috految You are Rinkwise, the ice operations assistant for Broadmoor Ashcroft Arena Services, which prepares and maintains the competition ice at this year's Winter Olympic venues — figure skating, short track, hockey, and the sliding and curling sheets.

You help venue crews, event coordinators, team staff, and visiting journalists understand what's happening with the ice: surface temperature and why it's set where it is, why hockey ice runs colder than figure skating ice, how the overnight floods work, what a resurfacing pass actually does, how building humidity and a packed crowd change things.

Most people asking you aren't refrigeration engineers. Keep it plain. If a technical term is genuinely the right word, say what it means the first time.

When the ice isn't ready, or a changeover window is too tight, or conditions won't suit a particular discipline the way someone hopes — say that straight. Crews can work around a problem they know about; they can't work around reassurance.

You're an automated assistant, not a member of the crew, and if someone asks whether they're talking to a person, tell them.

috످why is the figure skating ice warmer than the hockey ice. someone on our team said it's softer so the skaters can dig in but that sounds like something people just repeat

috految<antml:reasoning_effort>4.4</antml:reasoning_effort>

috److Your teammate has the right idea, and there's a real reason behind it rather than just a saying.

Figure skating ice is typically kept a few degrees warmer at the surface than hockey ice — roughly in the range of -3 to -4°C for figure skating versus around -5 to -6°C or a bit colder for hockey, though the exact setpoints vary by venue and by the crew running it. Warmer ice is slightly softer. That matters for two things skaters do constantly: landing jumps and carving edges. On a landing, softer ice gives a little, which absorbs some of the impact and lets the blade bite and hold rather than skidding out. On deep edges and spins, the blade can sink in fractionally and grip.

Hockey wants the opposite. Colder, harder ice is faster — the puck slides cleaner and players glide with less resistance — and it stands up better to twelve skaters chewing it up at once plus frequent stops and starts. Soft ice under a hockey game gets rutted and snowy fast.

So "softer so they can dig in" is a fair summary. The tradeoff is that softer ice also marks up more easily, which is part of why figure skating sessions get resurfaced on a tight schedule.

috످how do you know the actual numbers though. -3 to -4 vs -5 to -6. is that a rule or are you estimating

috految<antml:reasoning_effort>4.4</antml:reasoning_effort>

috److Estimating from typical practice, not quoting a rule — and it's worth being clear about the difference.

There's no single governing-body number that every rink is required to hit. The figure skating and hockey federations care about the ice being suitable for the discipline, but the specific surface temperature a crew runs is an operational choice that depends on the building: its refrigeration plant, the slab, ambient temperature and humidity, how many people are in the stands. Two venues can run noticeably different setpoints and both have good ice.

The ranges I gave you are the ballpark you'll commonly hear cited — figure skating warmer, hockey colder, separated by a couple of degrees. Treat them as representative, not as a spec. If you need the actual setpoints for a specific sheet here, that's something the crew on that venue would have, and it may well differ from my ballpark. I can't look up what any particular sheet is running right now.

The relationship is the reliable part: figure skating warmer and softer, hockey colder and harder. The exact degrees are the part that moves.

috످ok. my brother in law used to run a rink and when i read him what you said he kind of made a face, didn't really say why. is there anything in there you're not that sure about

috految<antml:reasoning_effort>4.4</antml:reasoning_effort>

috److Yes, mainly the temperatures. My hockey range may have been a bit warm, since it's often quoted as -5 to -9°C. I also said there's no required number, but I haven't checked the rulebooks, and the Olympics may have their own targets.

And I oversold soft ice as a cushion for jumps. It's a common explanation, but the ice barely gives. The bigger benefit is that it grips the blade and is less likely to chip.

I'm confident that figure skating ice is usually warmer and softer than hockey ice, so your teammate's point holds.

I don't know what your brother-in-law was reacting to, but you could ask him what temperature he ran his ice at. Many local rinks use one setting for both sports, so his experience might be different.

috످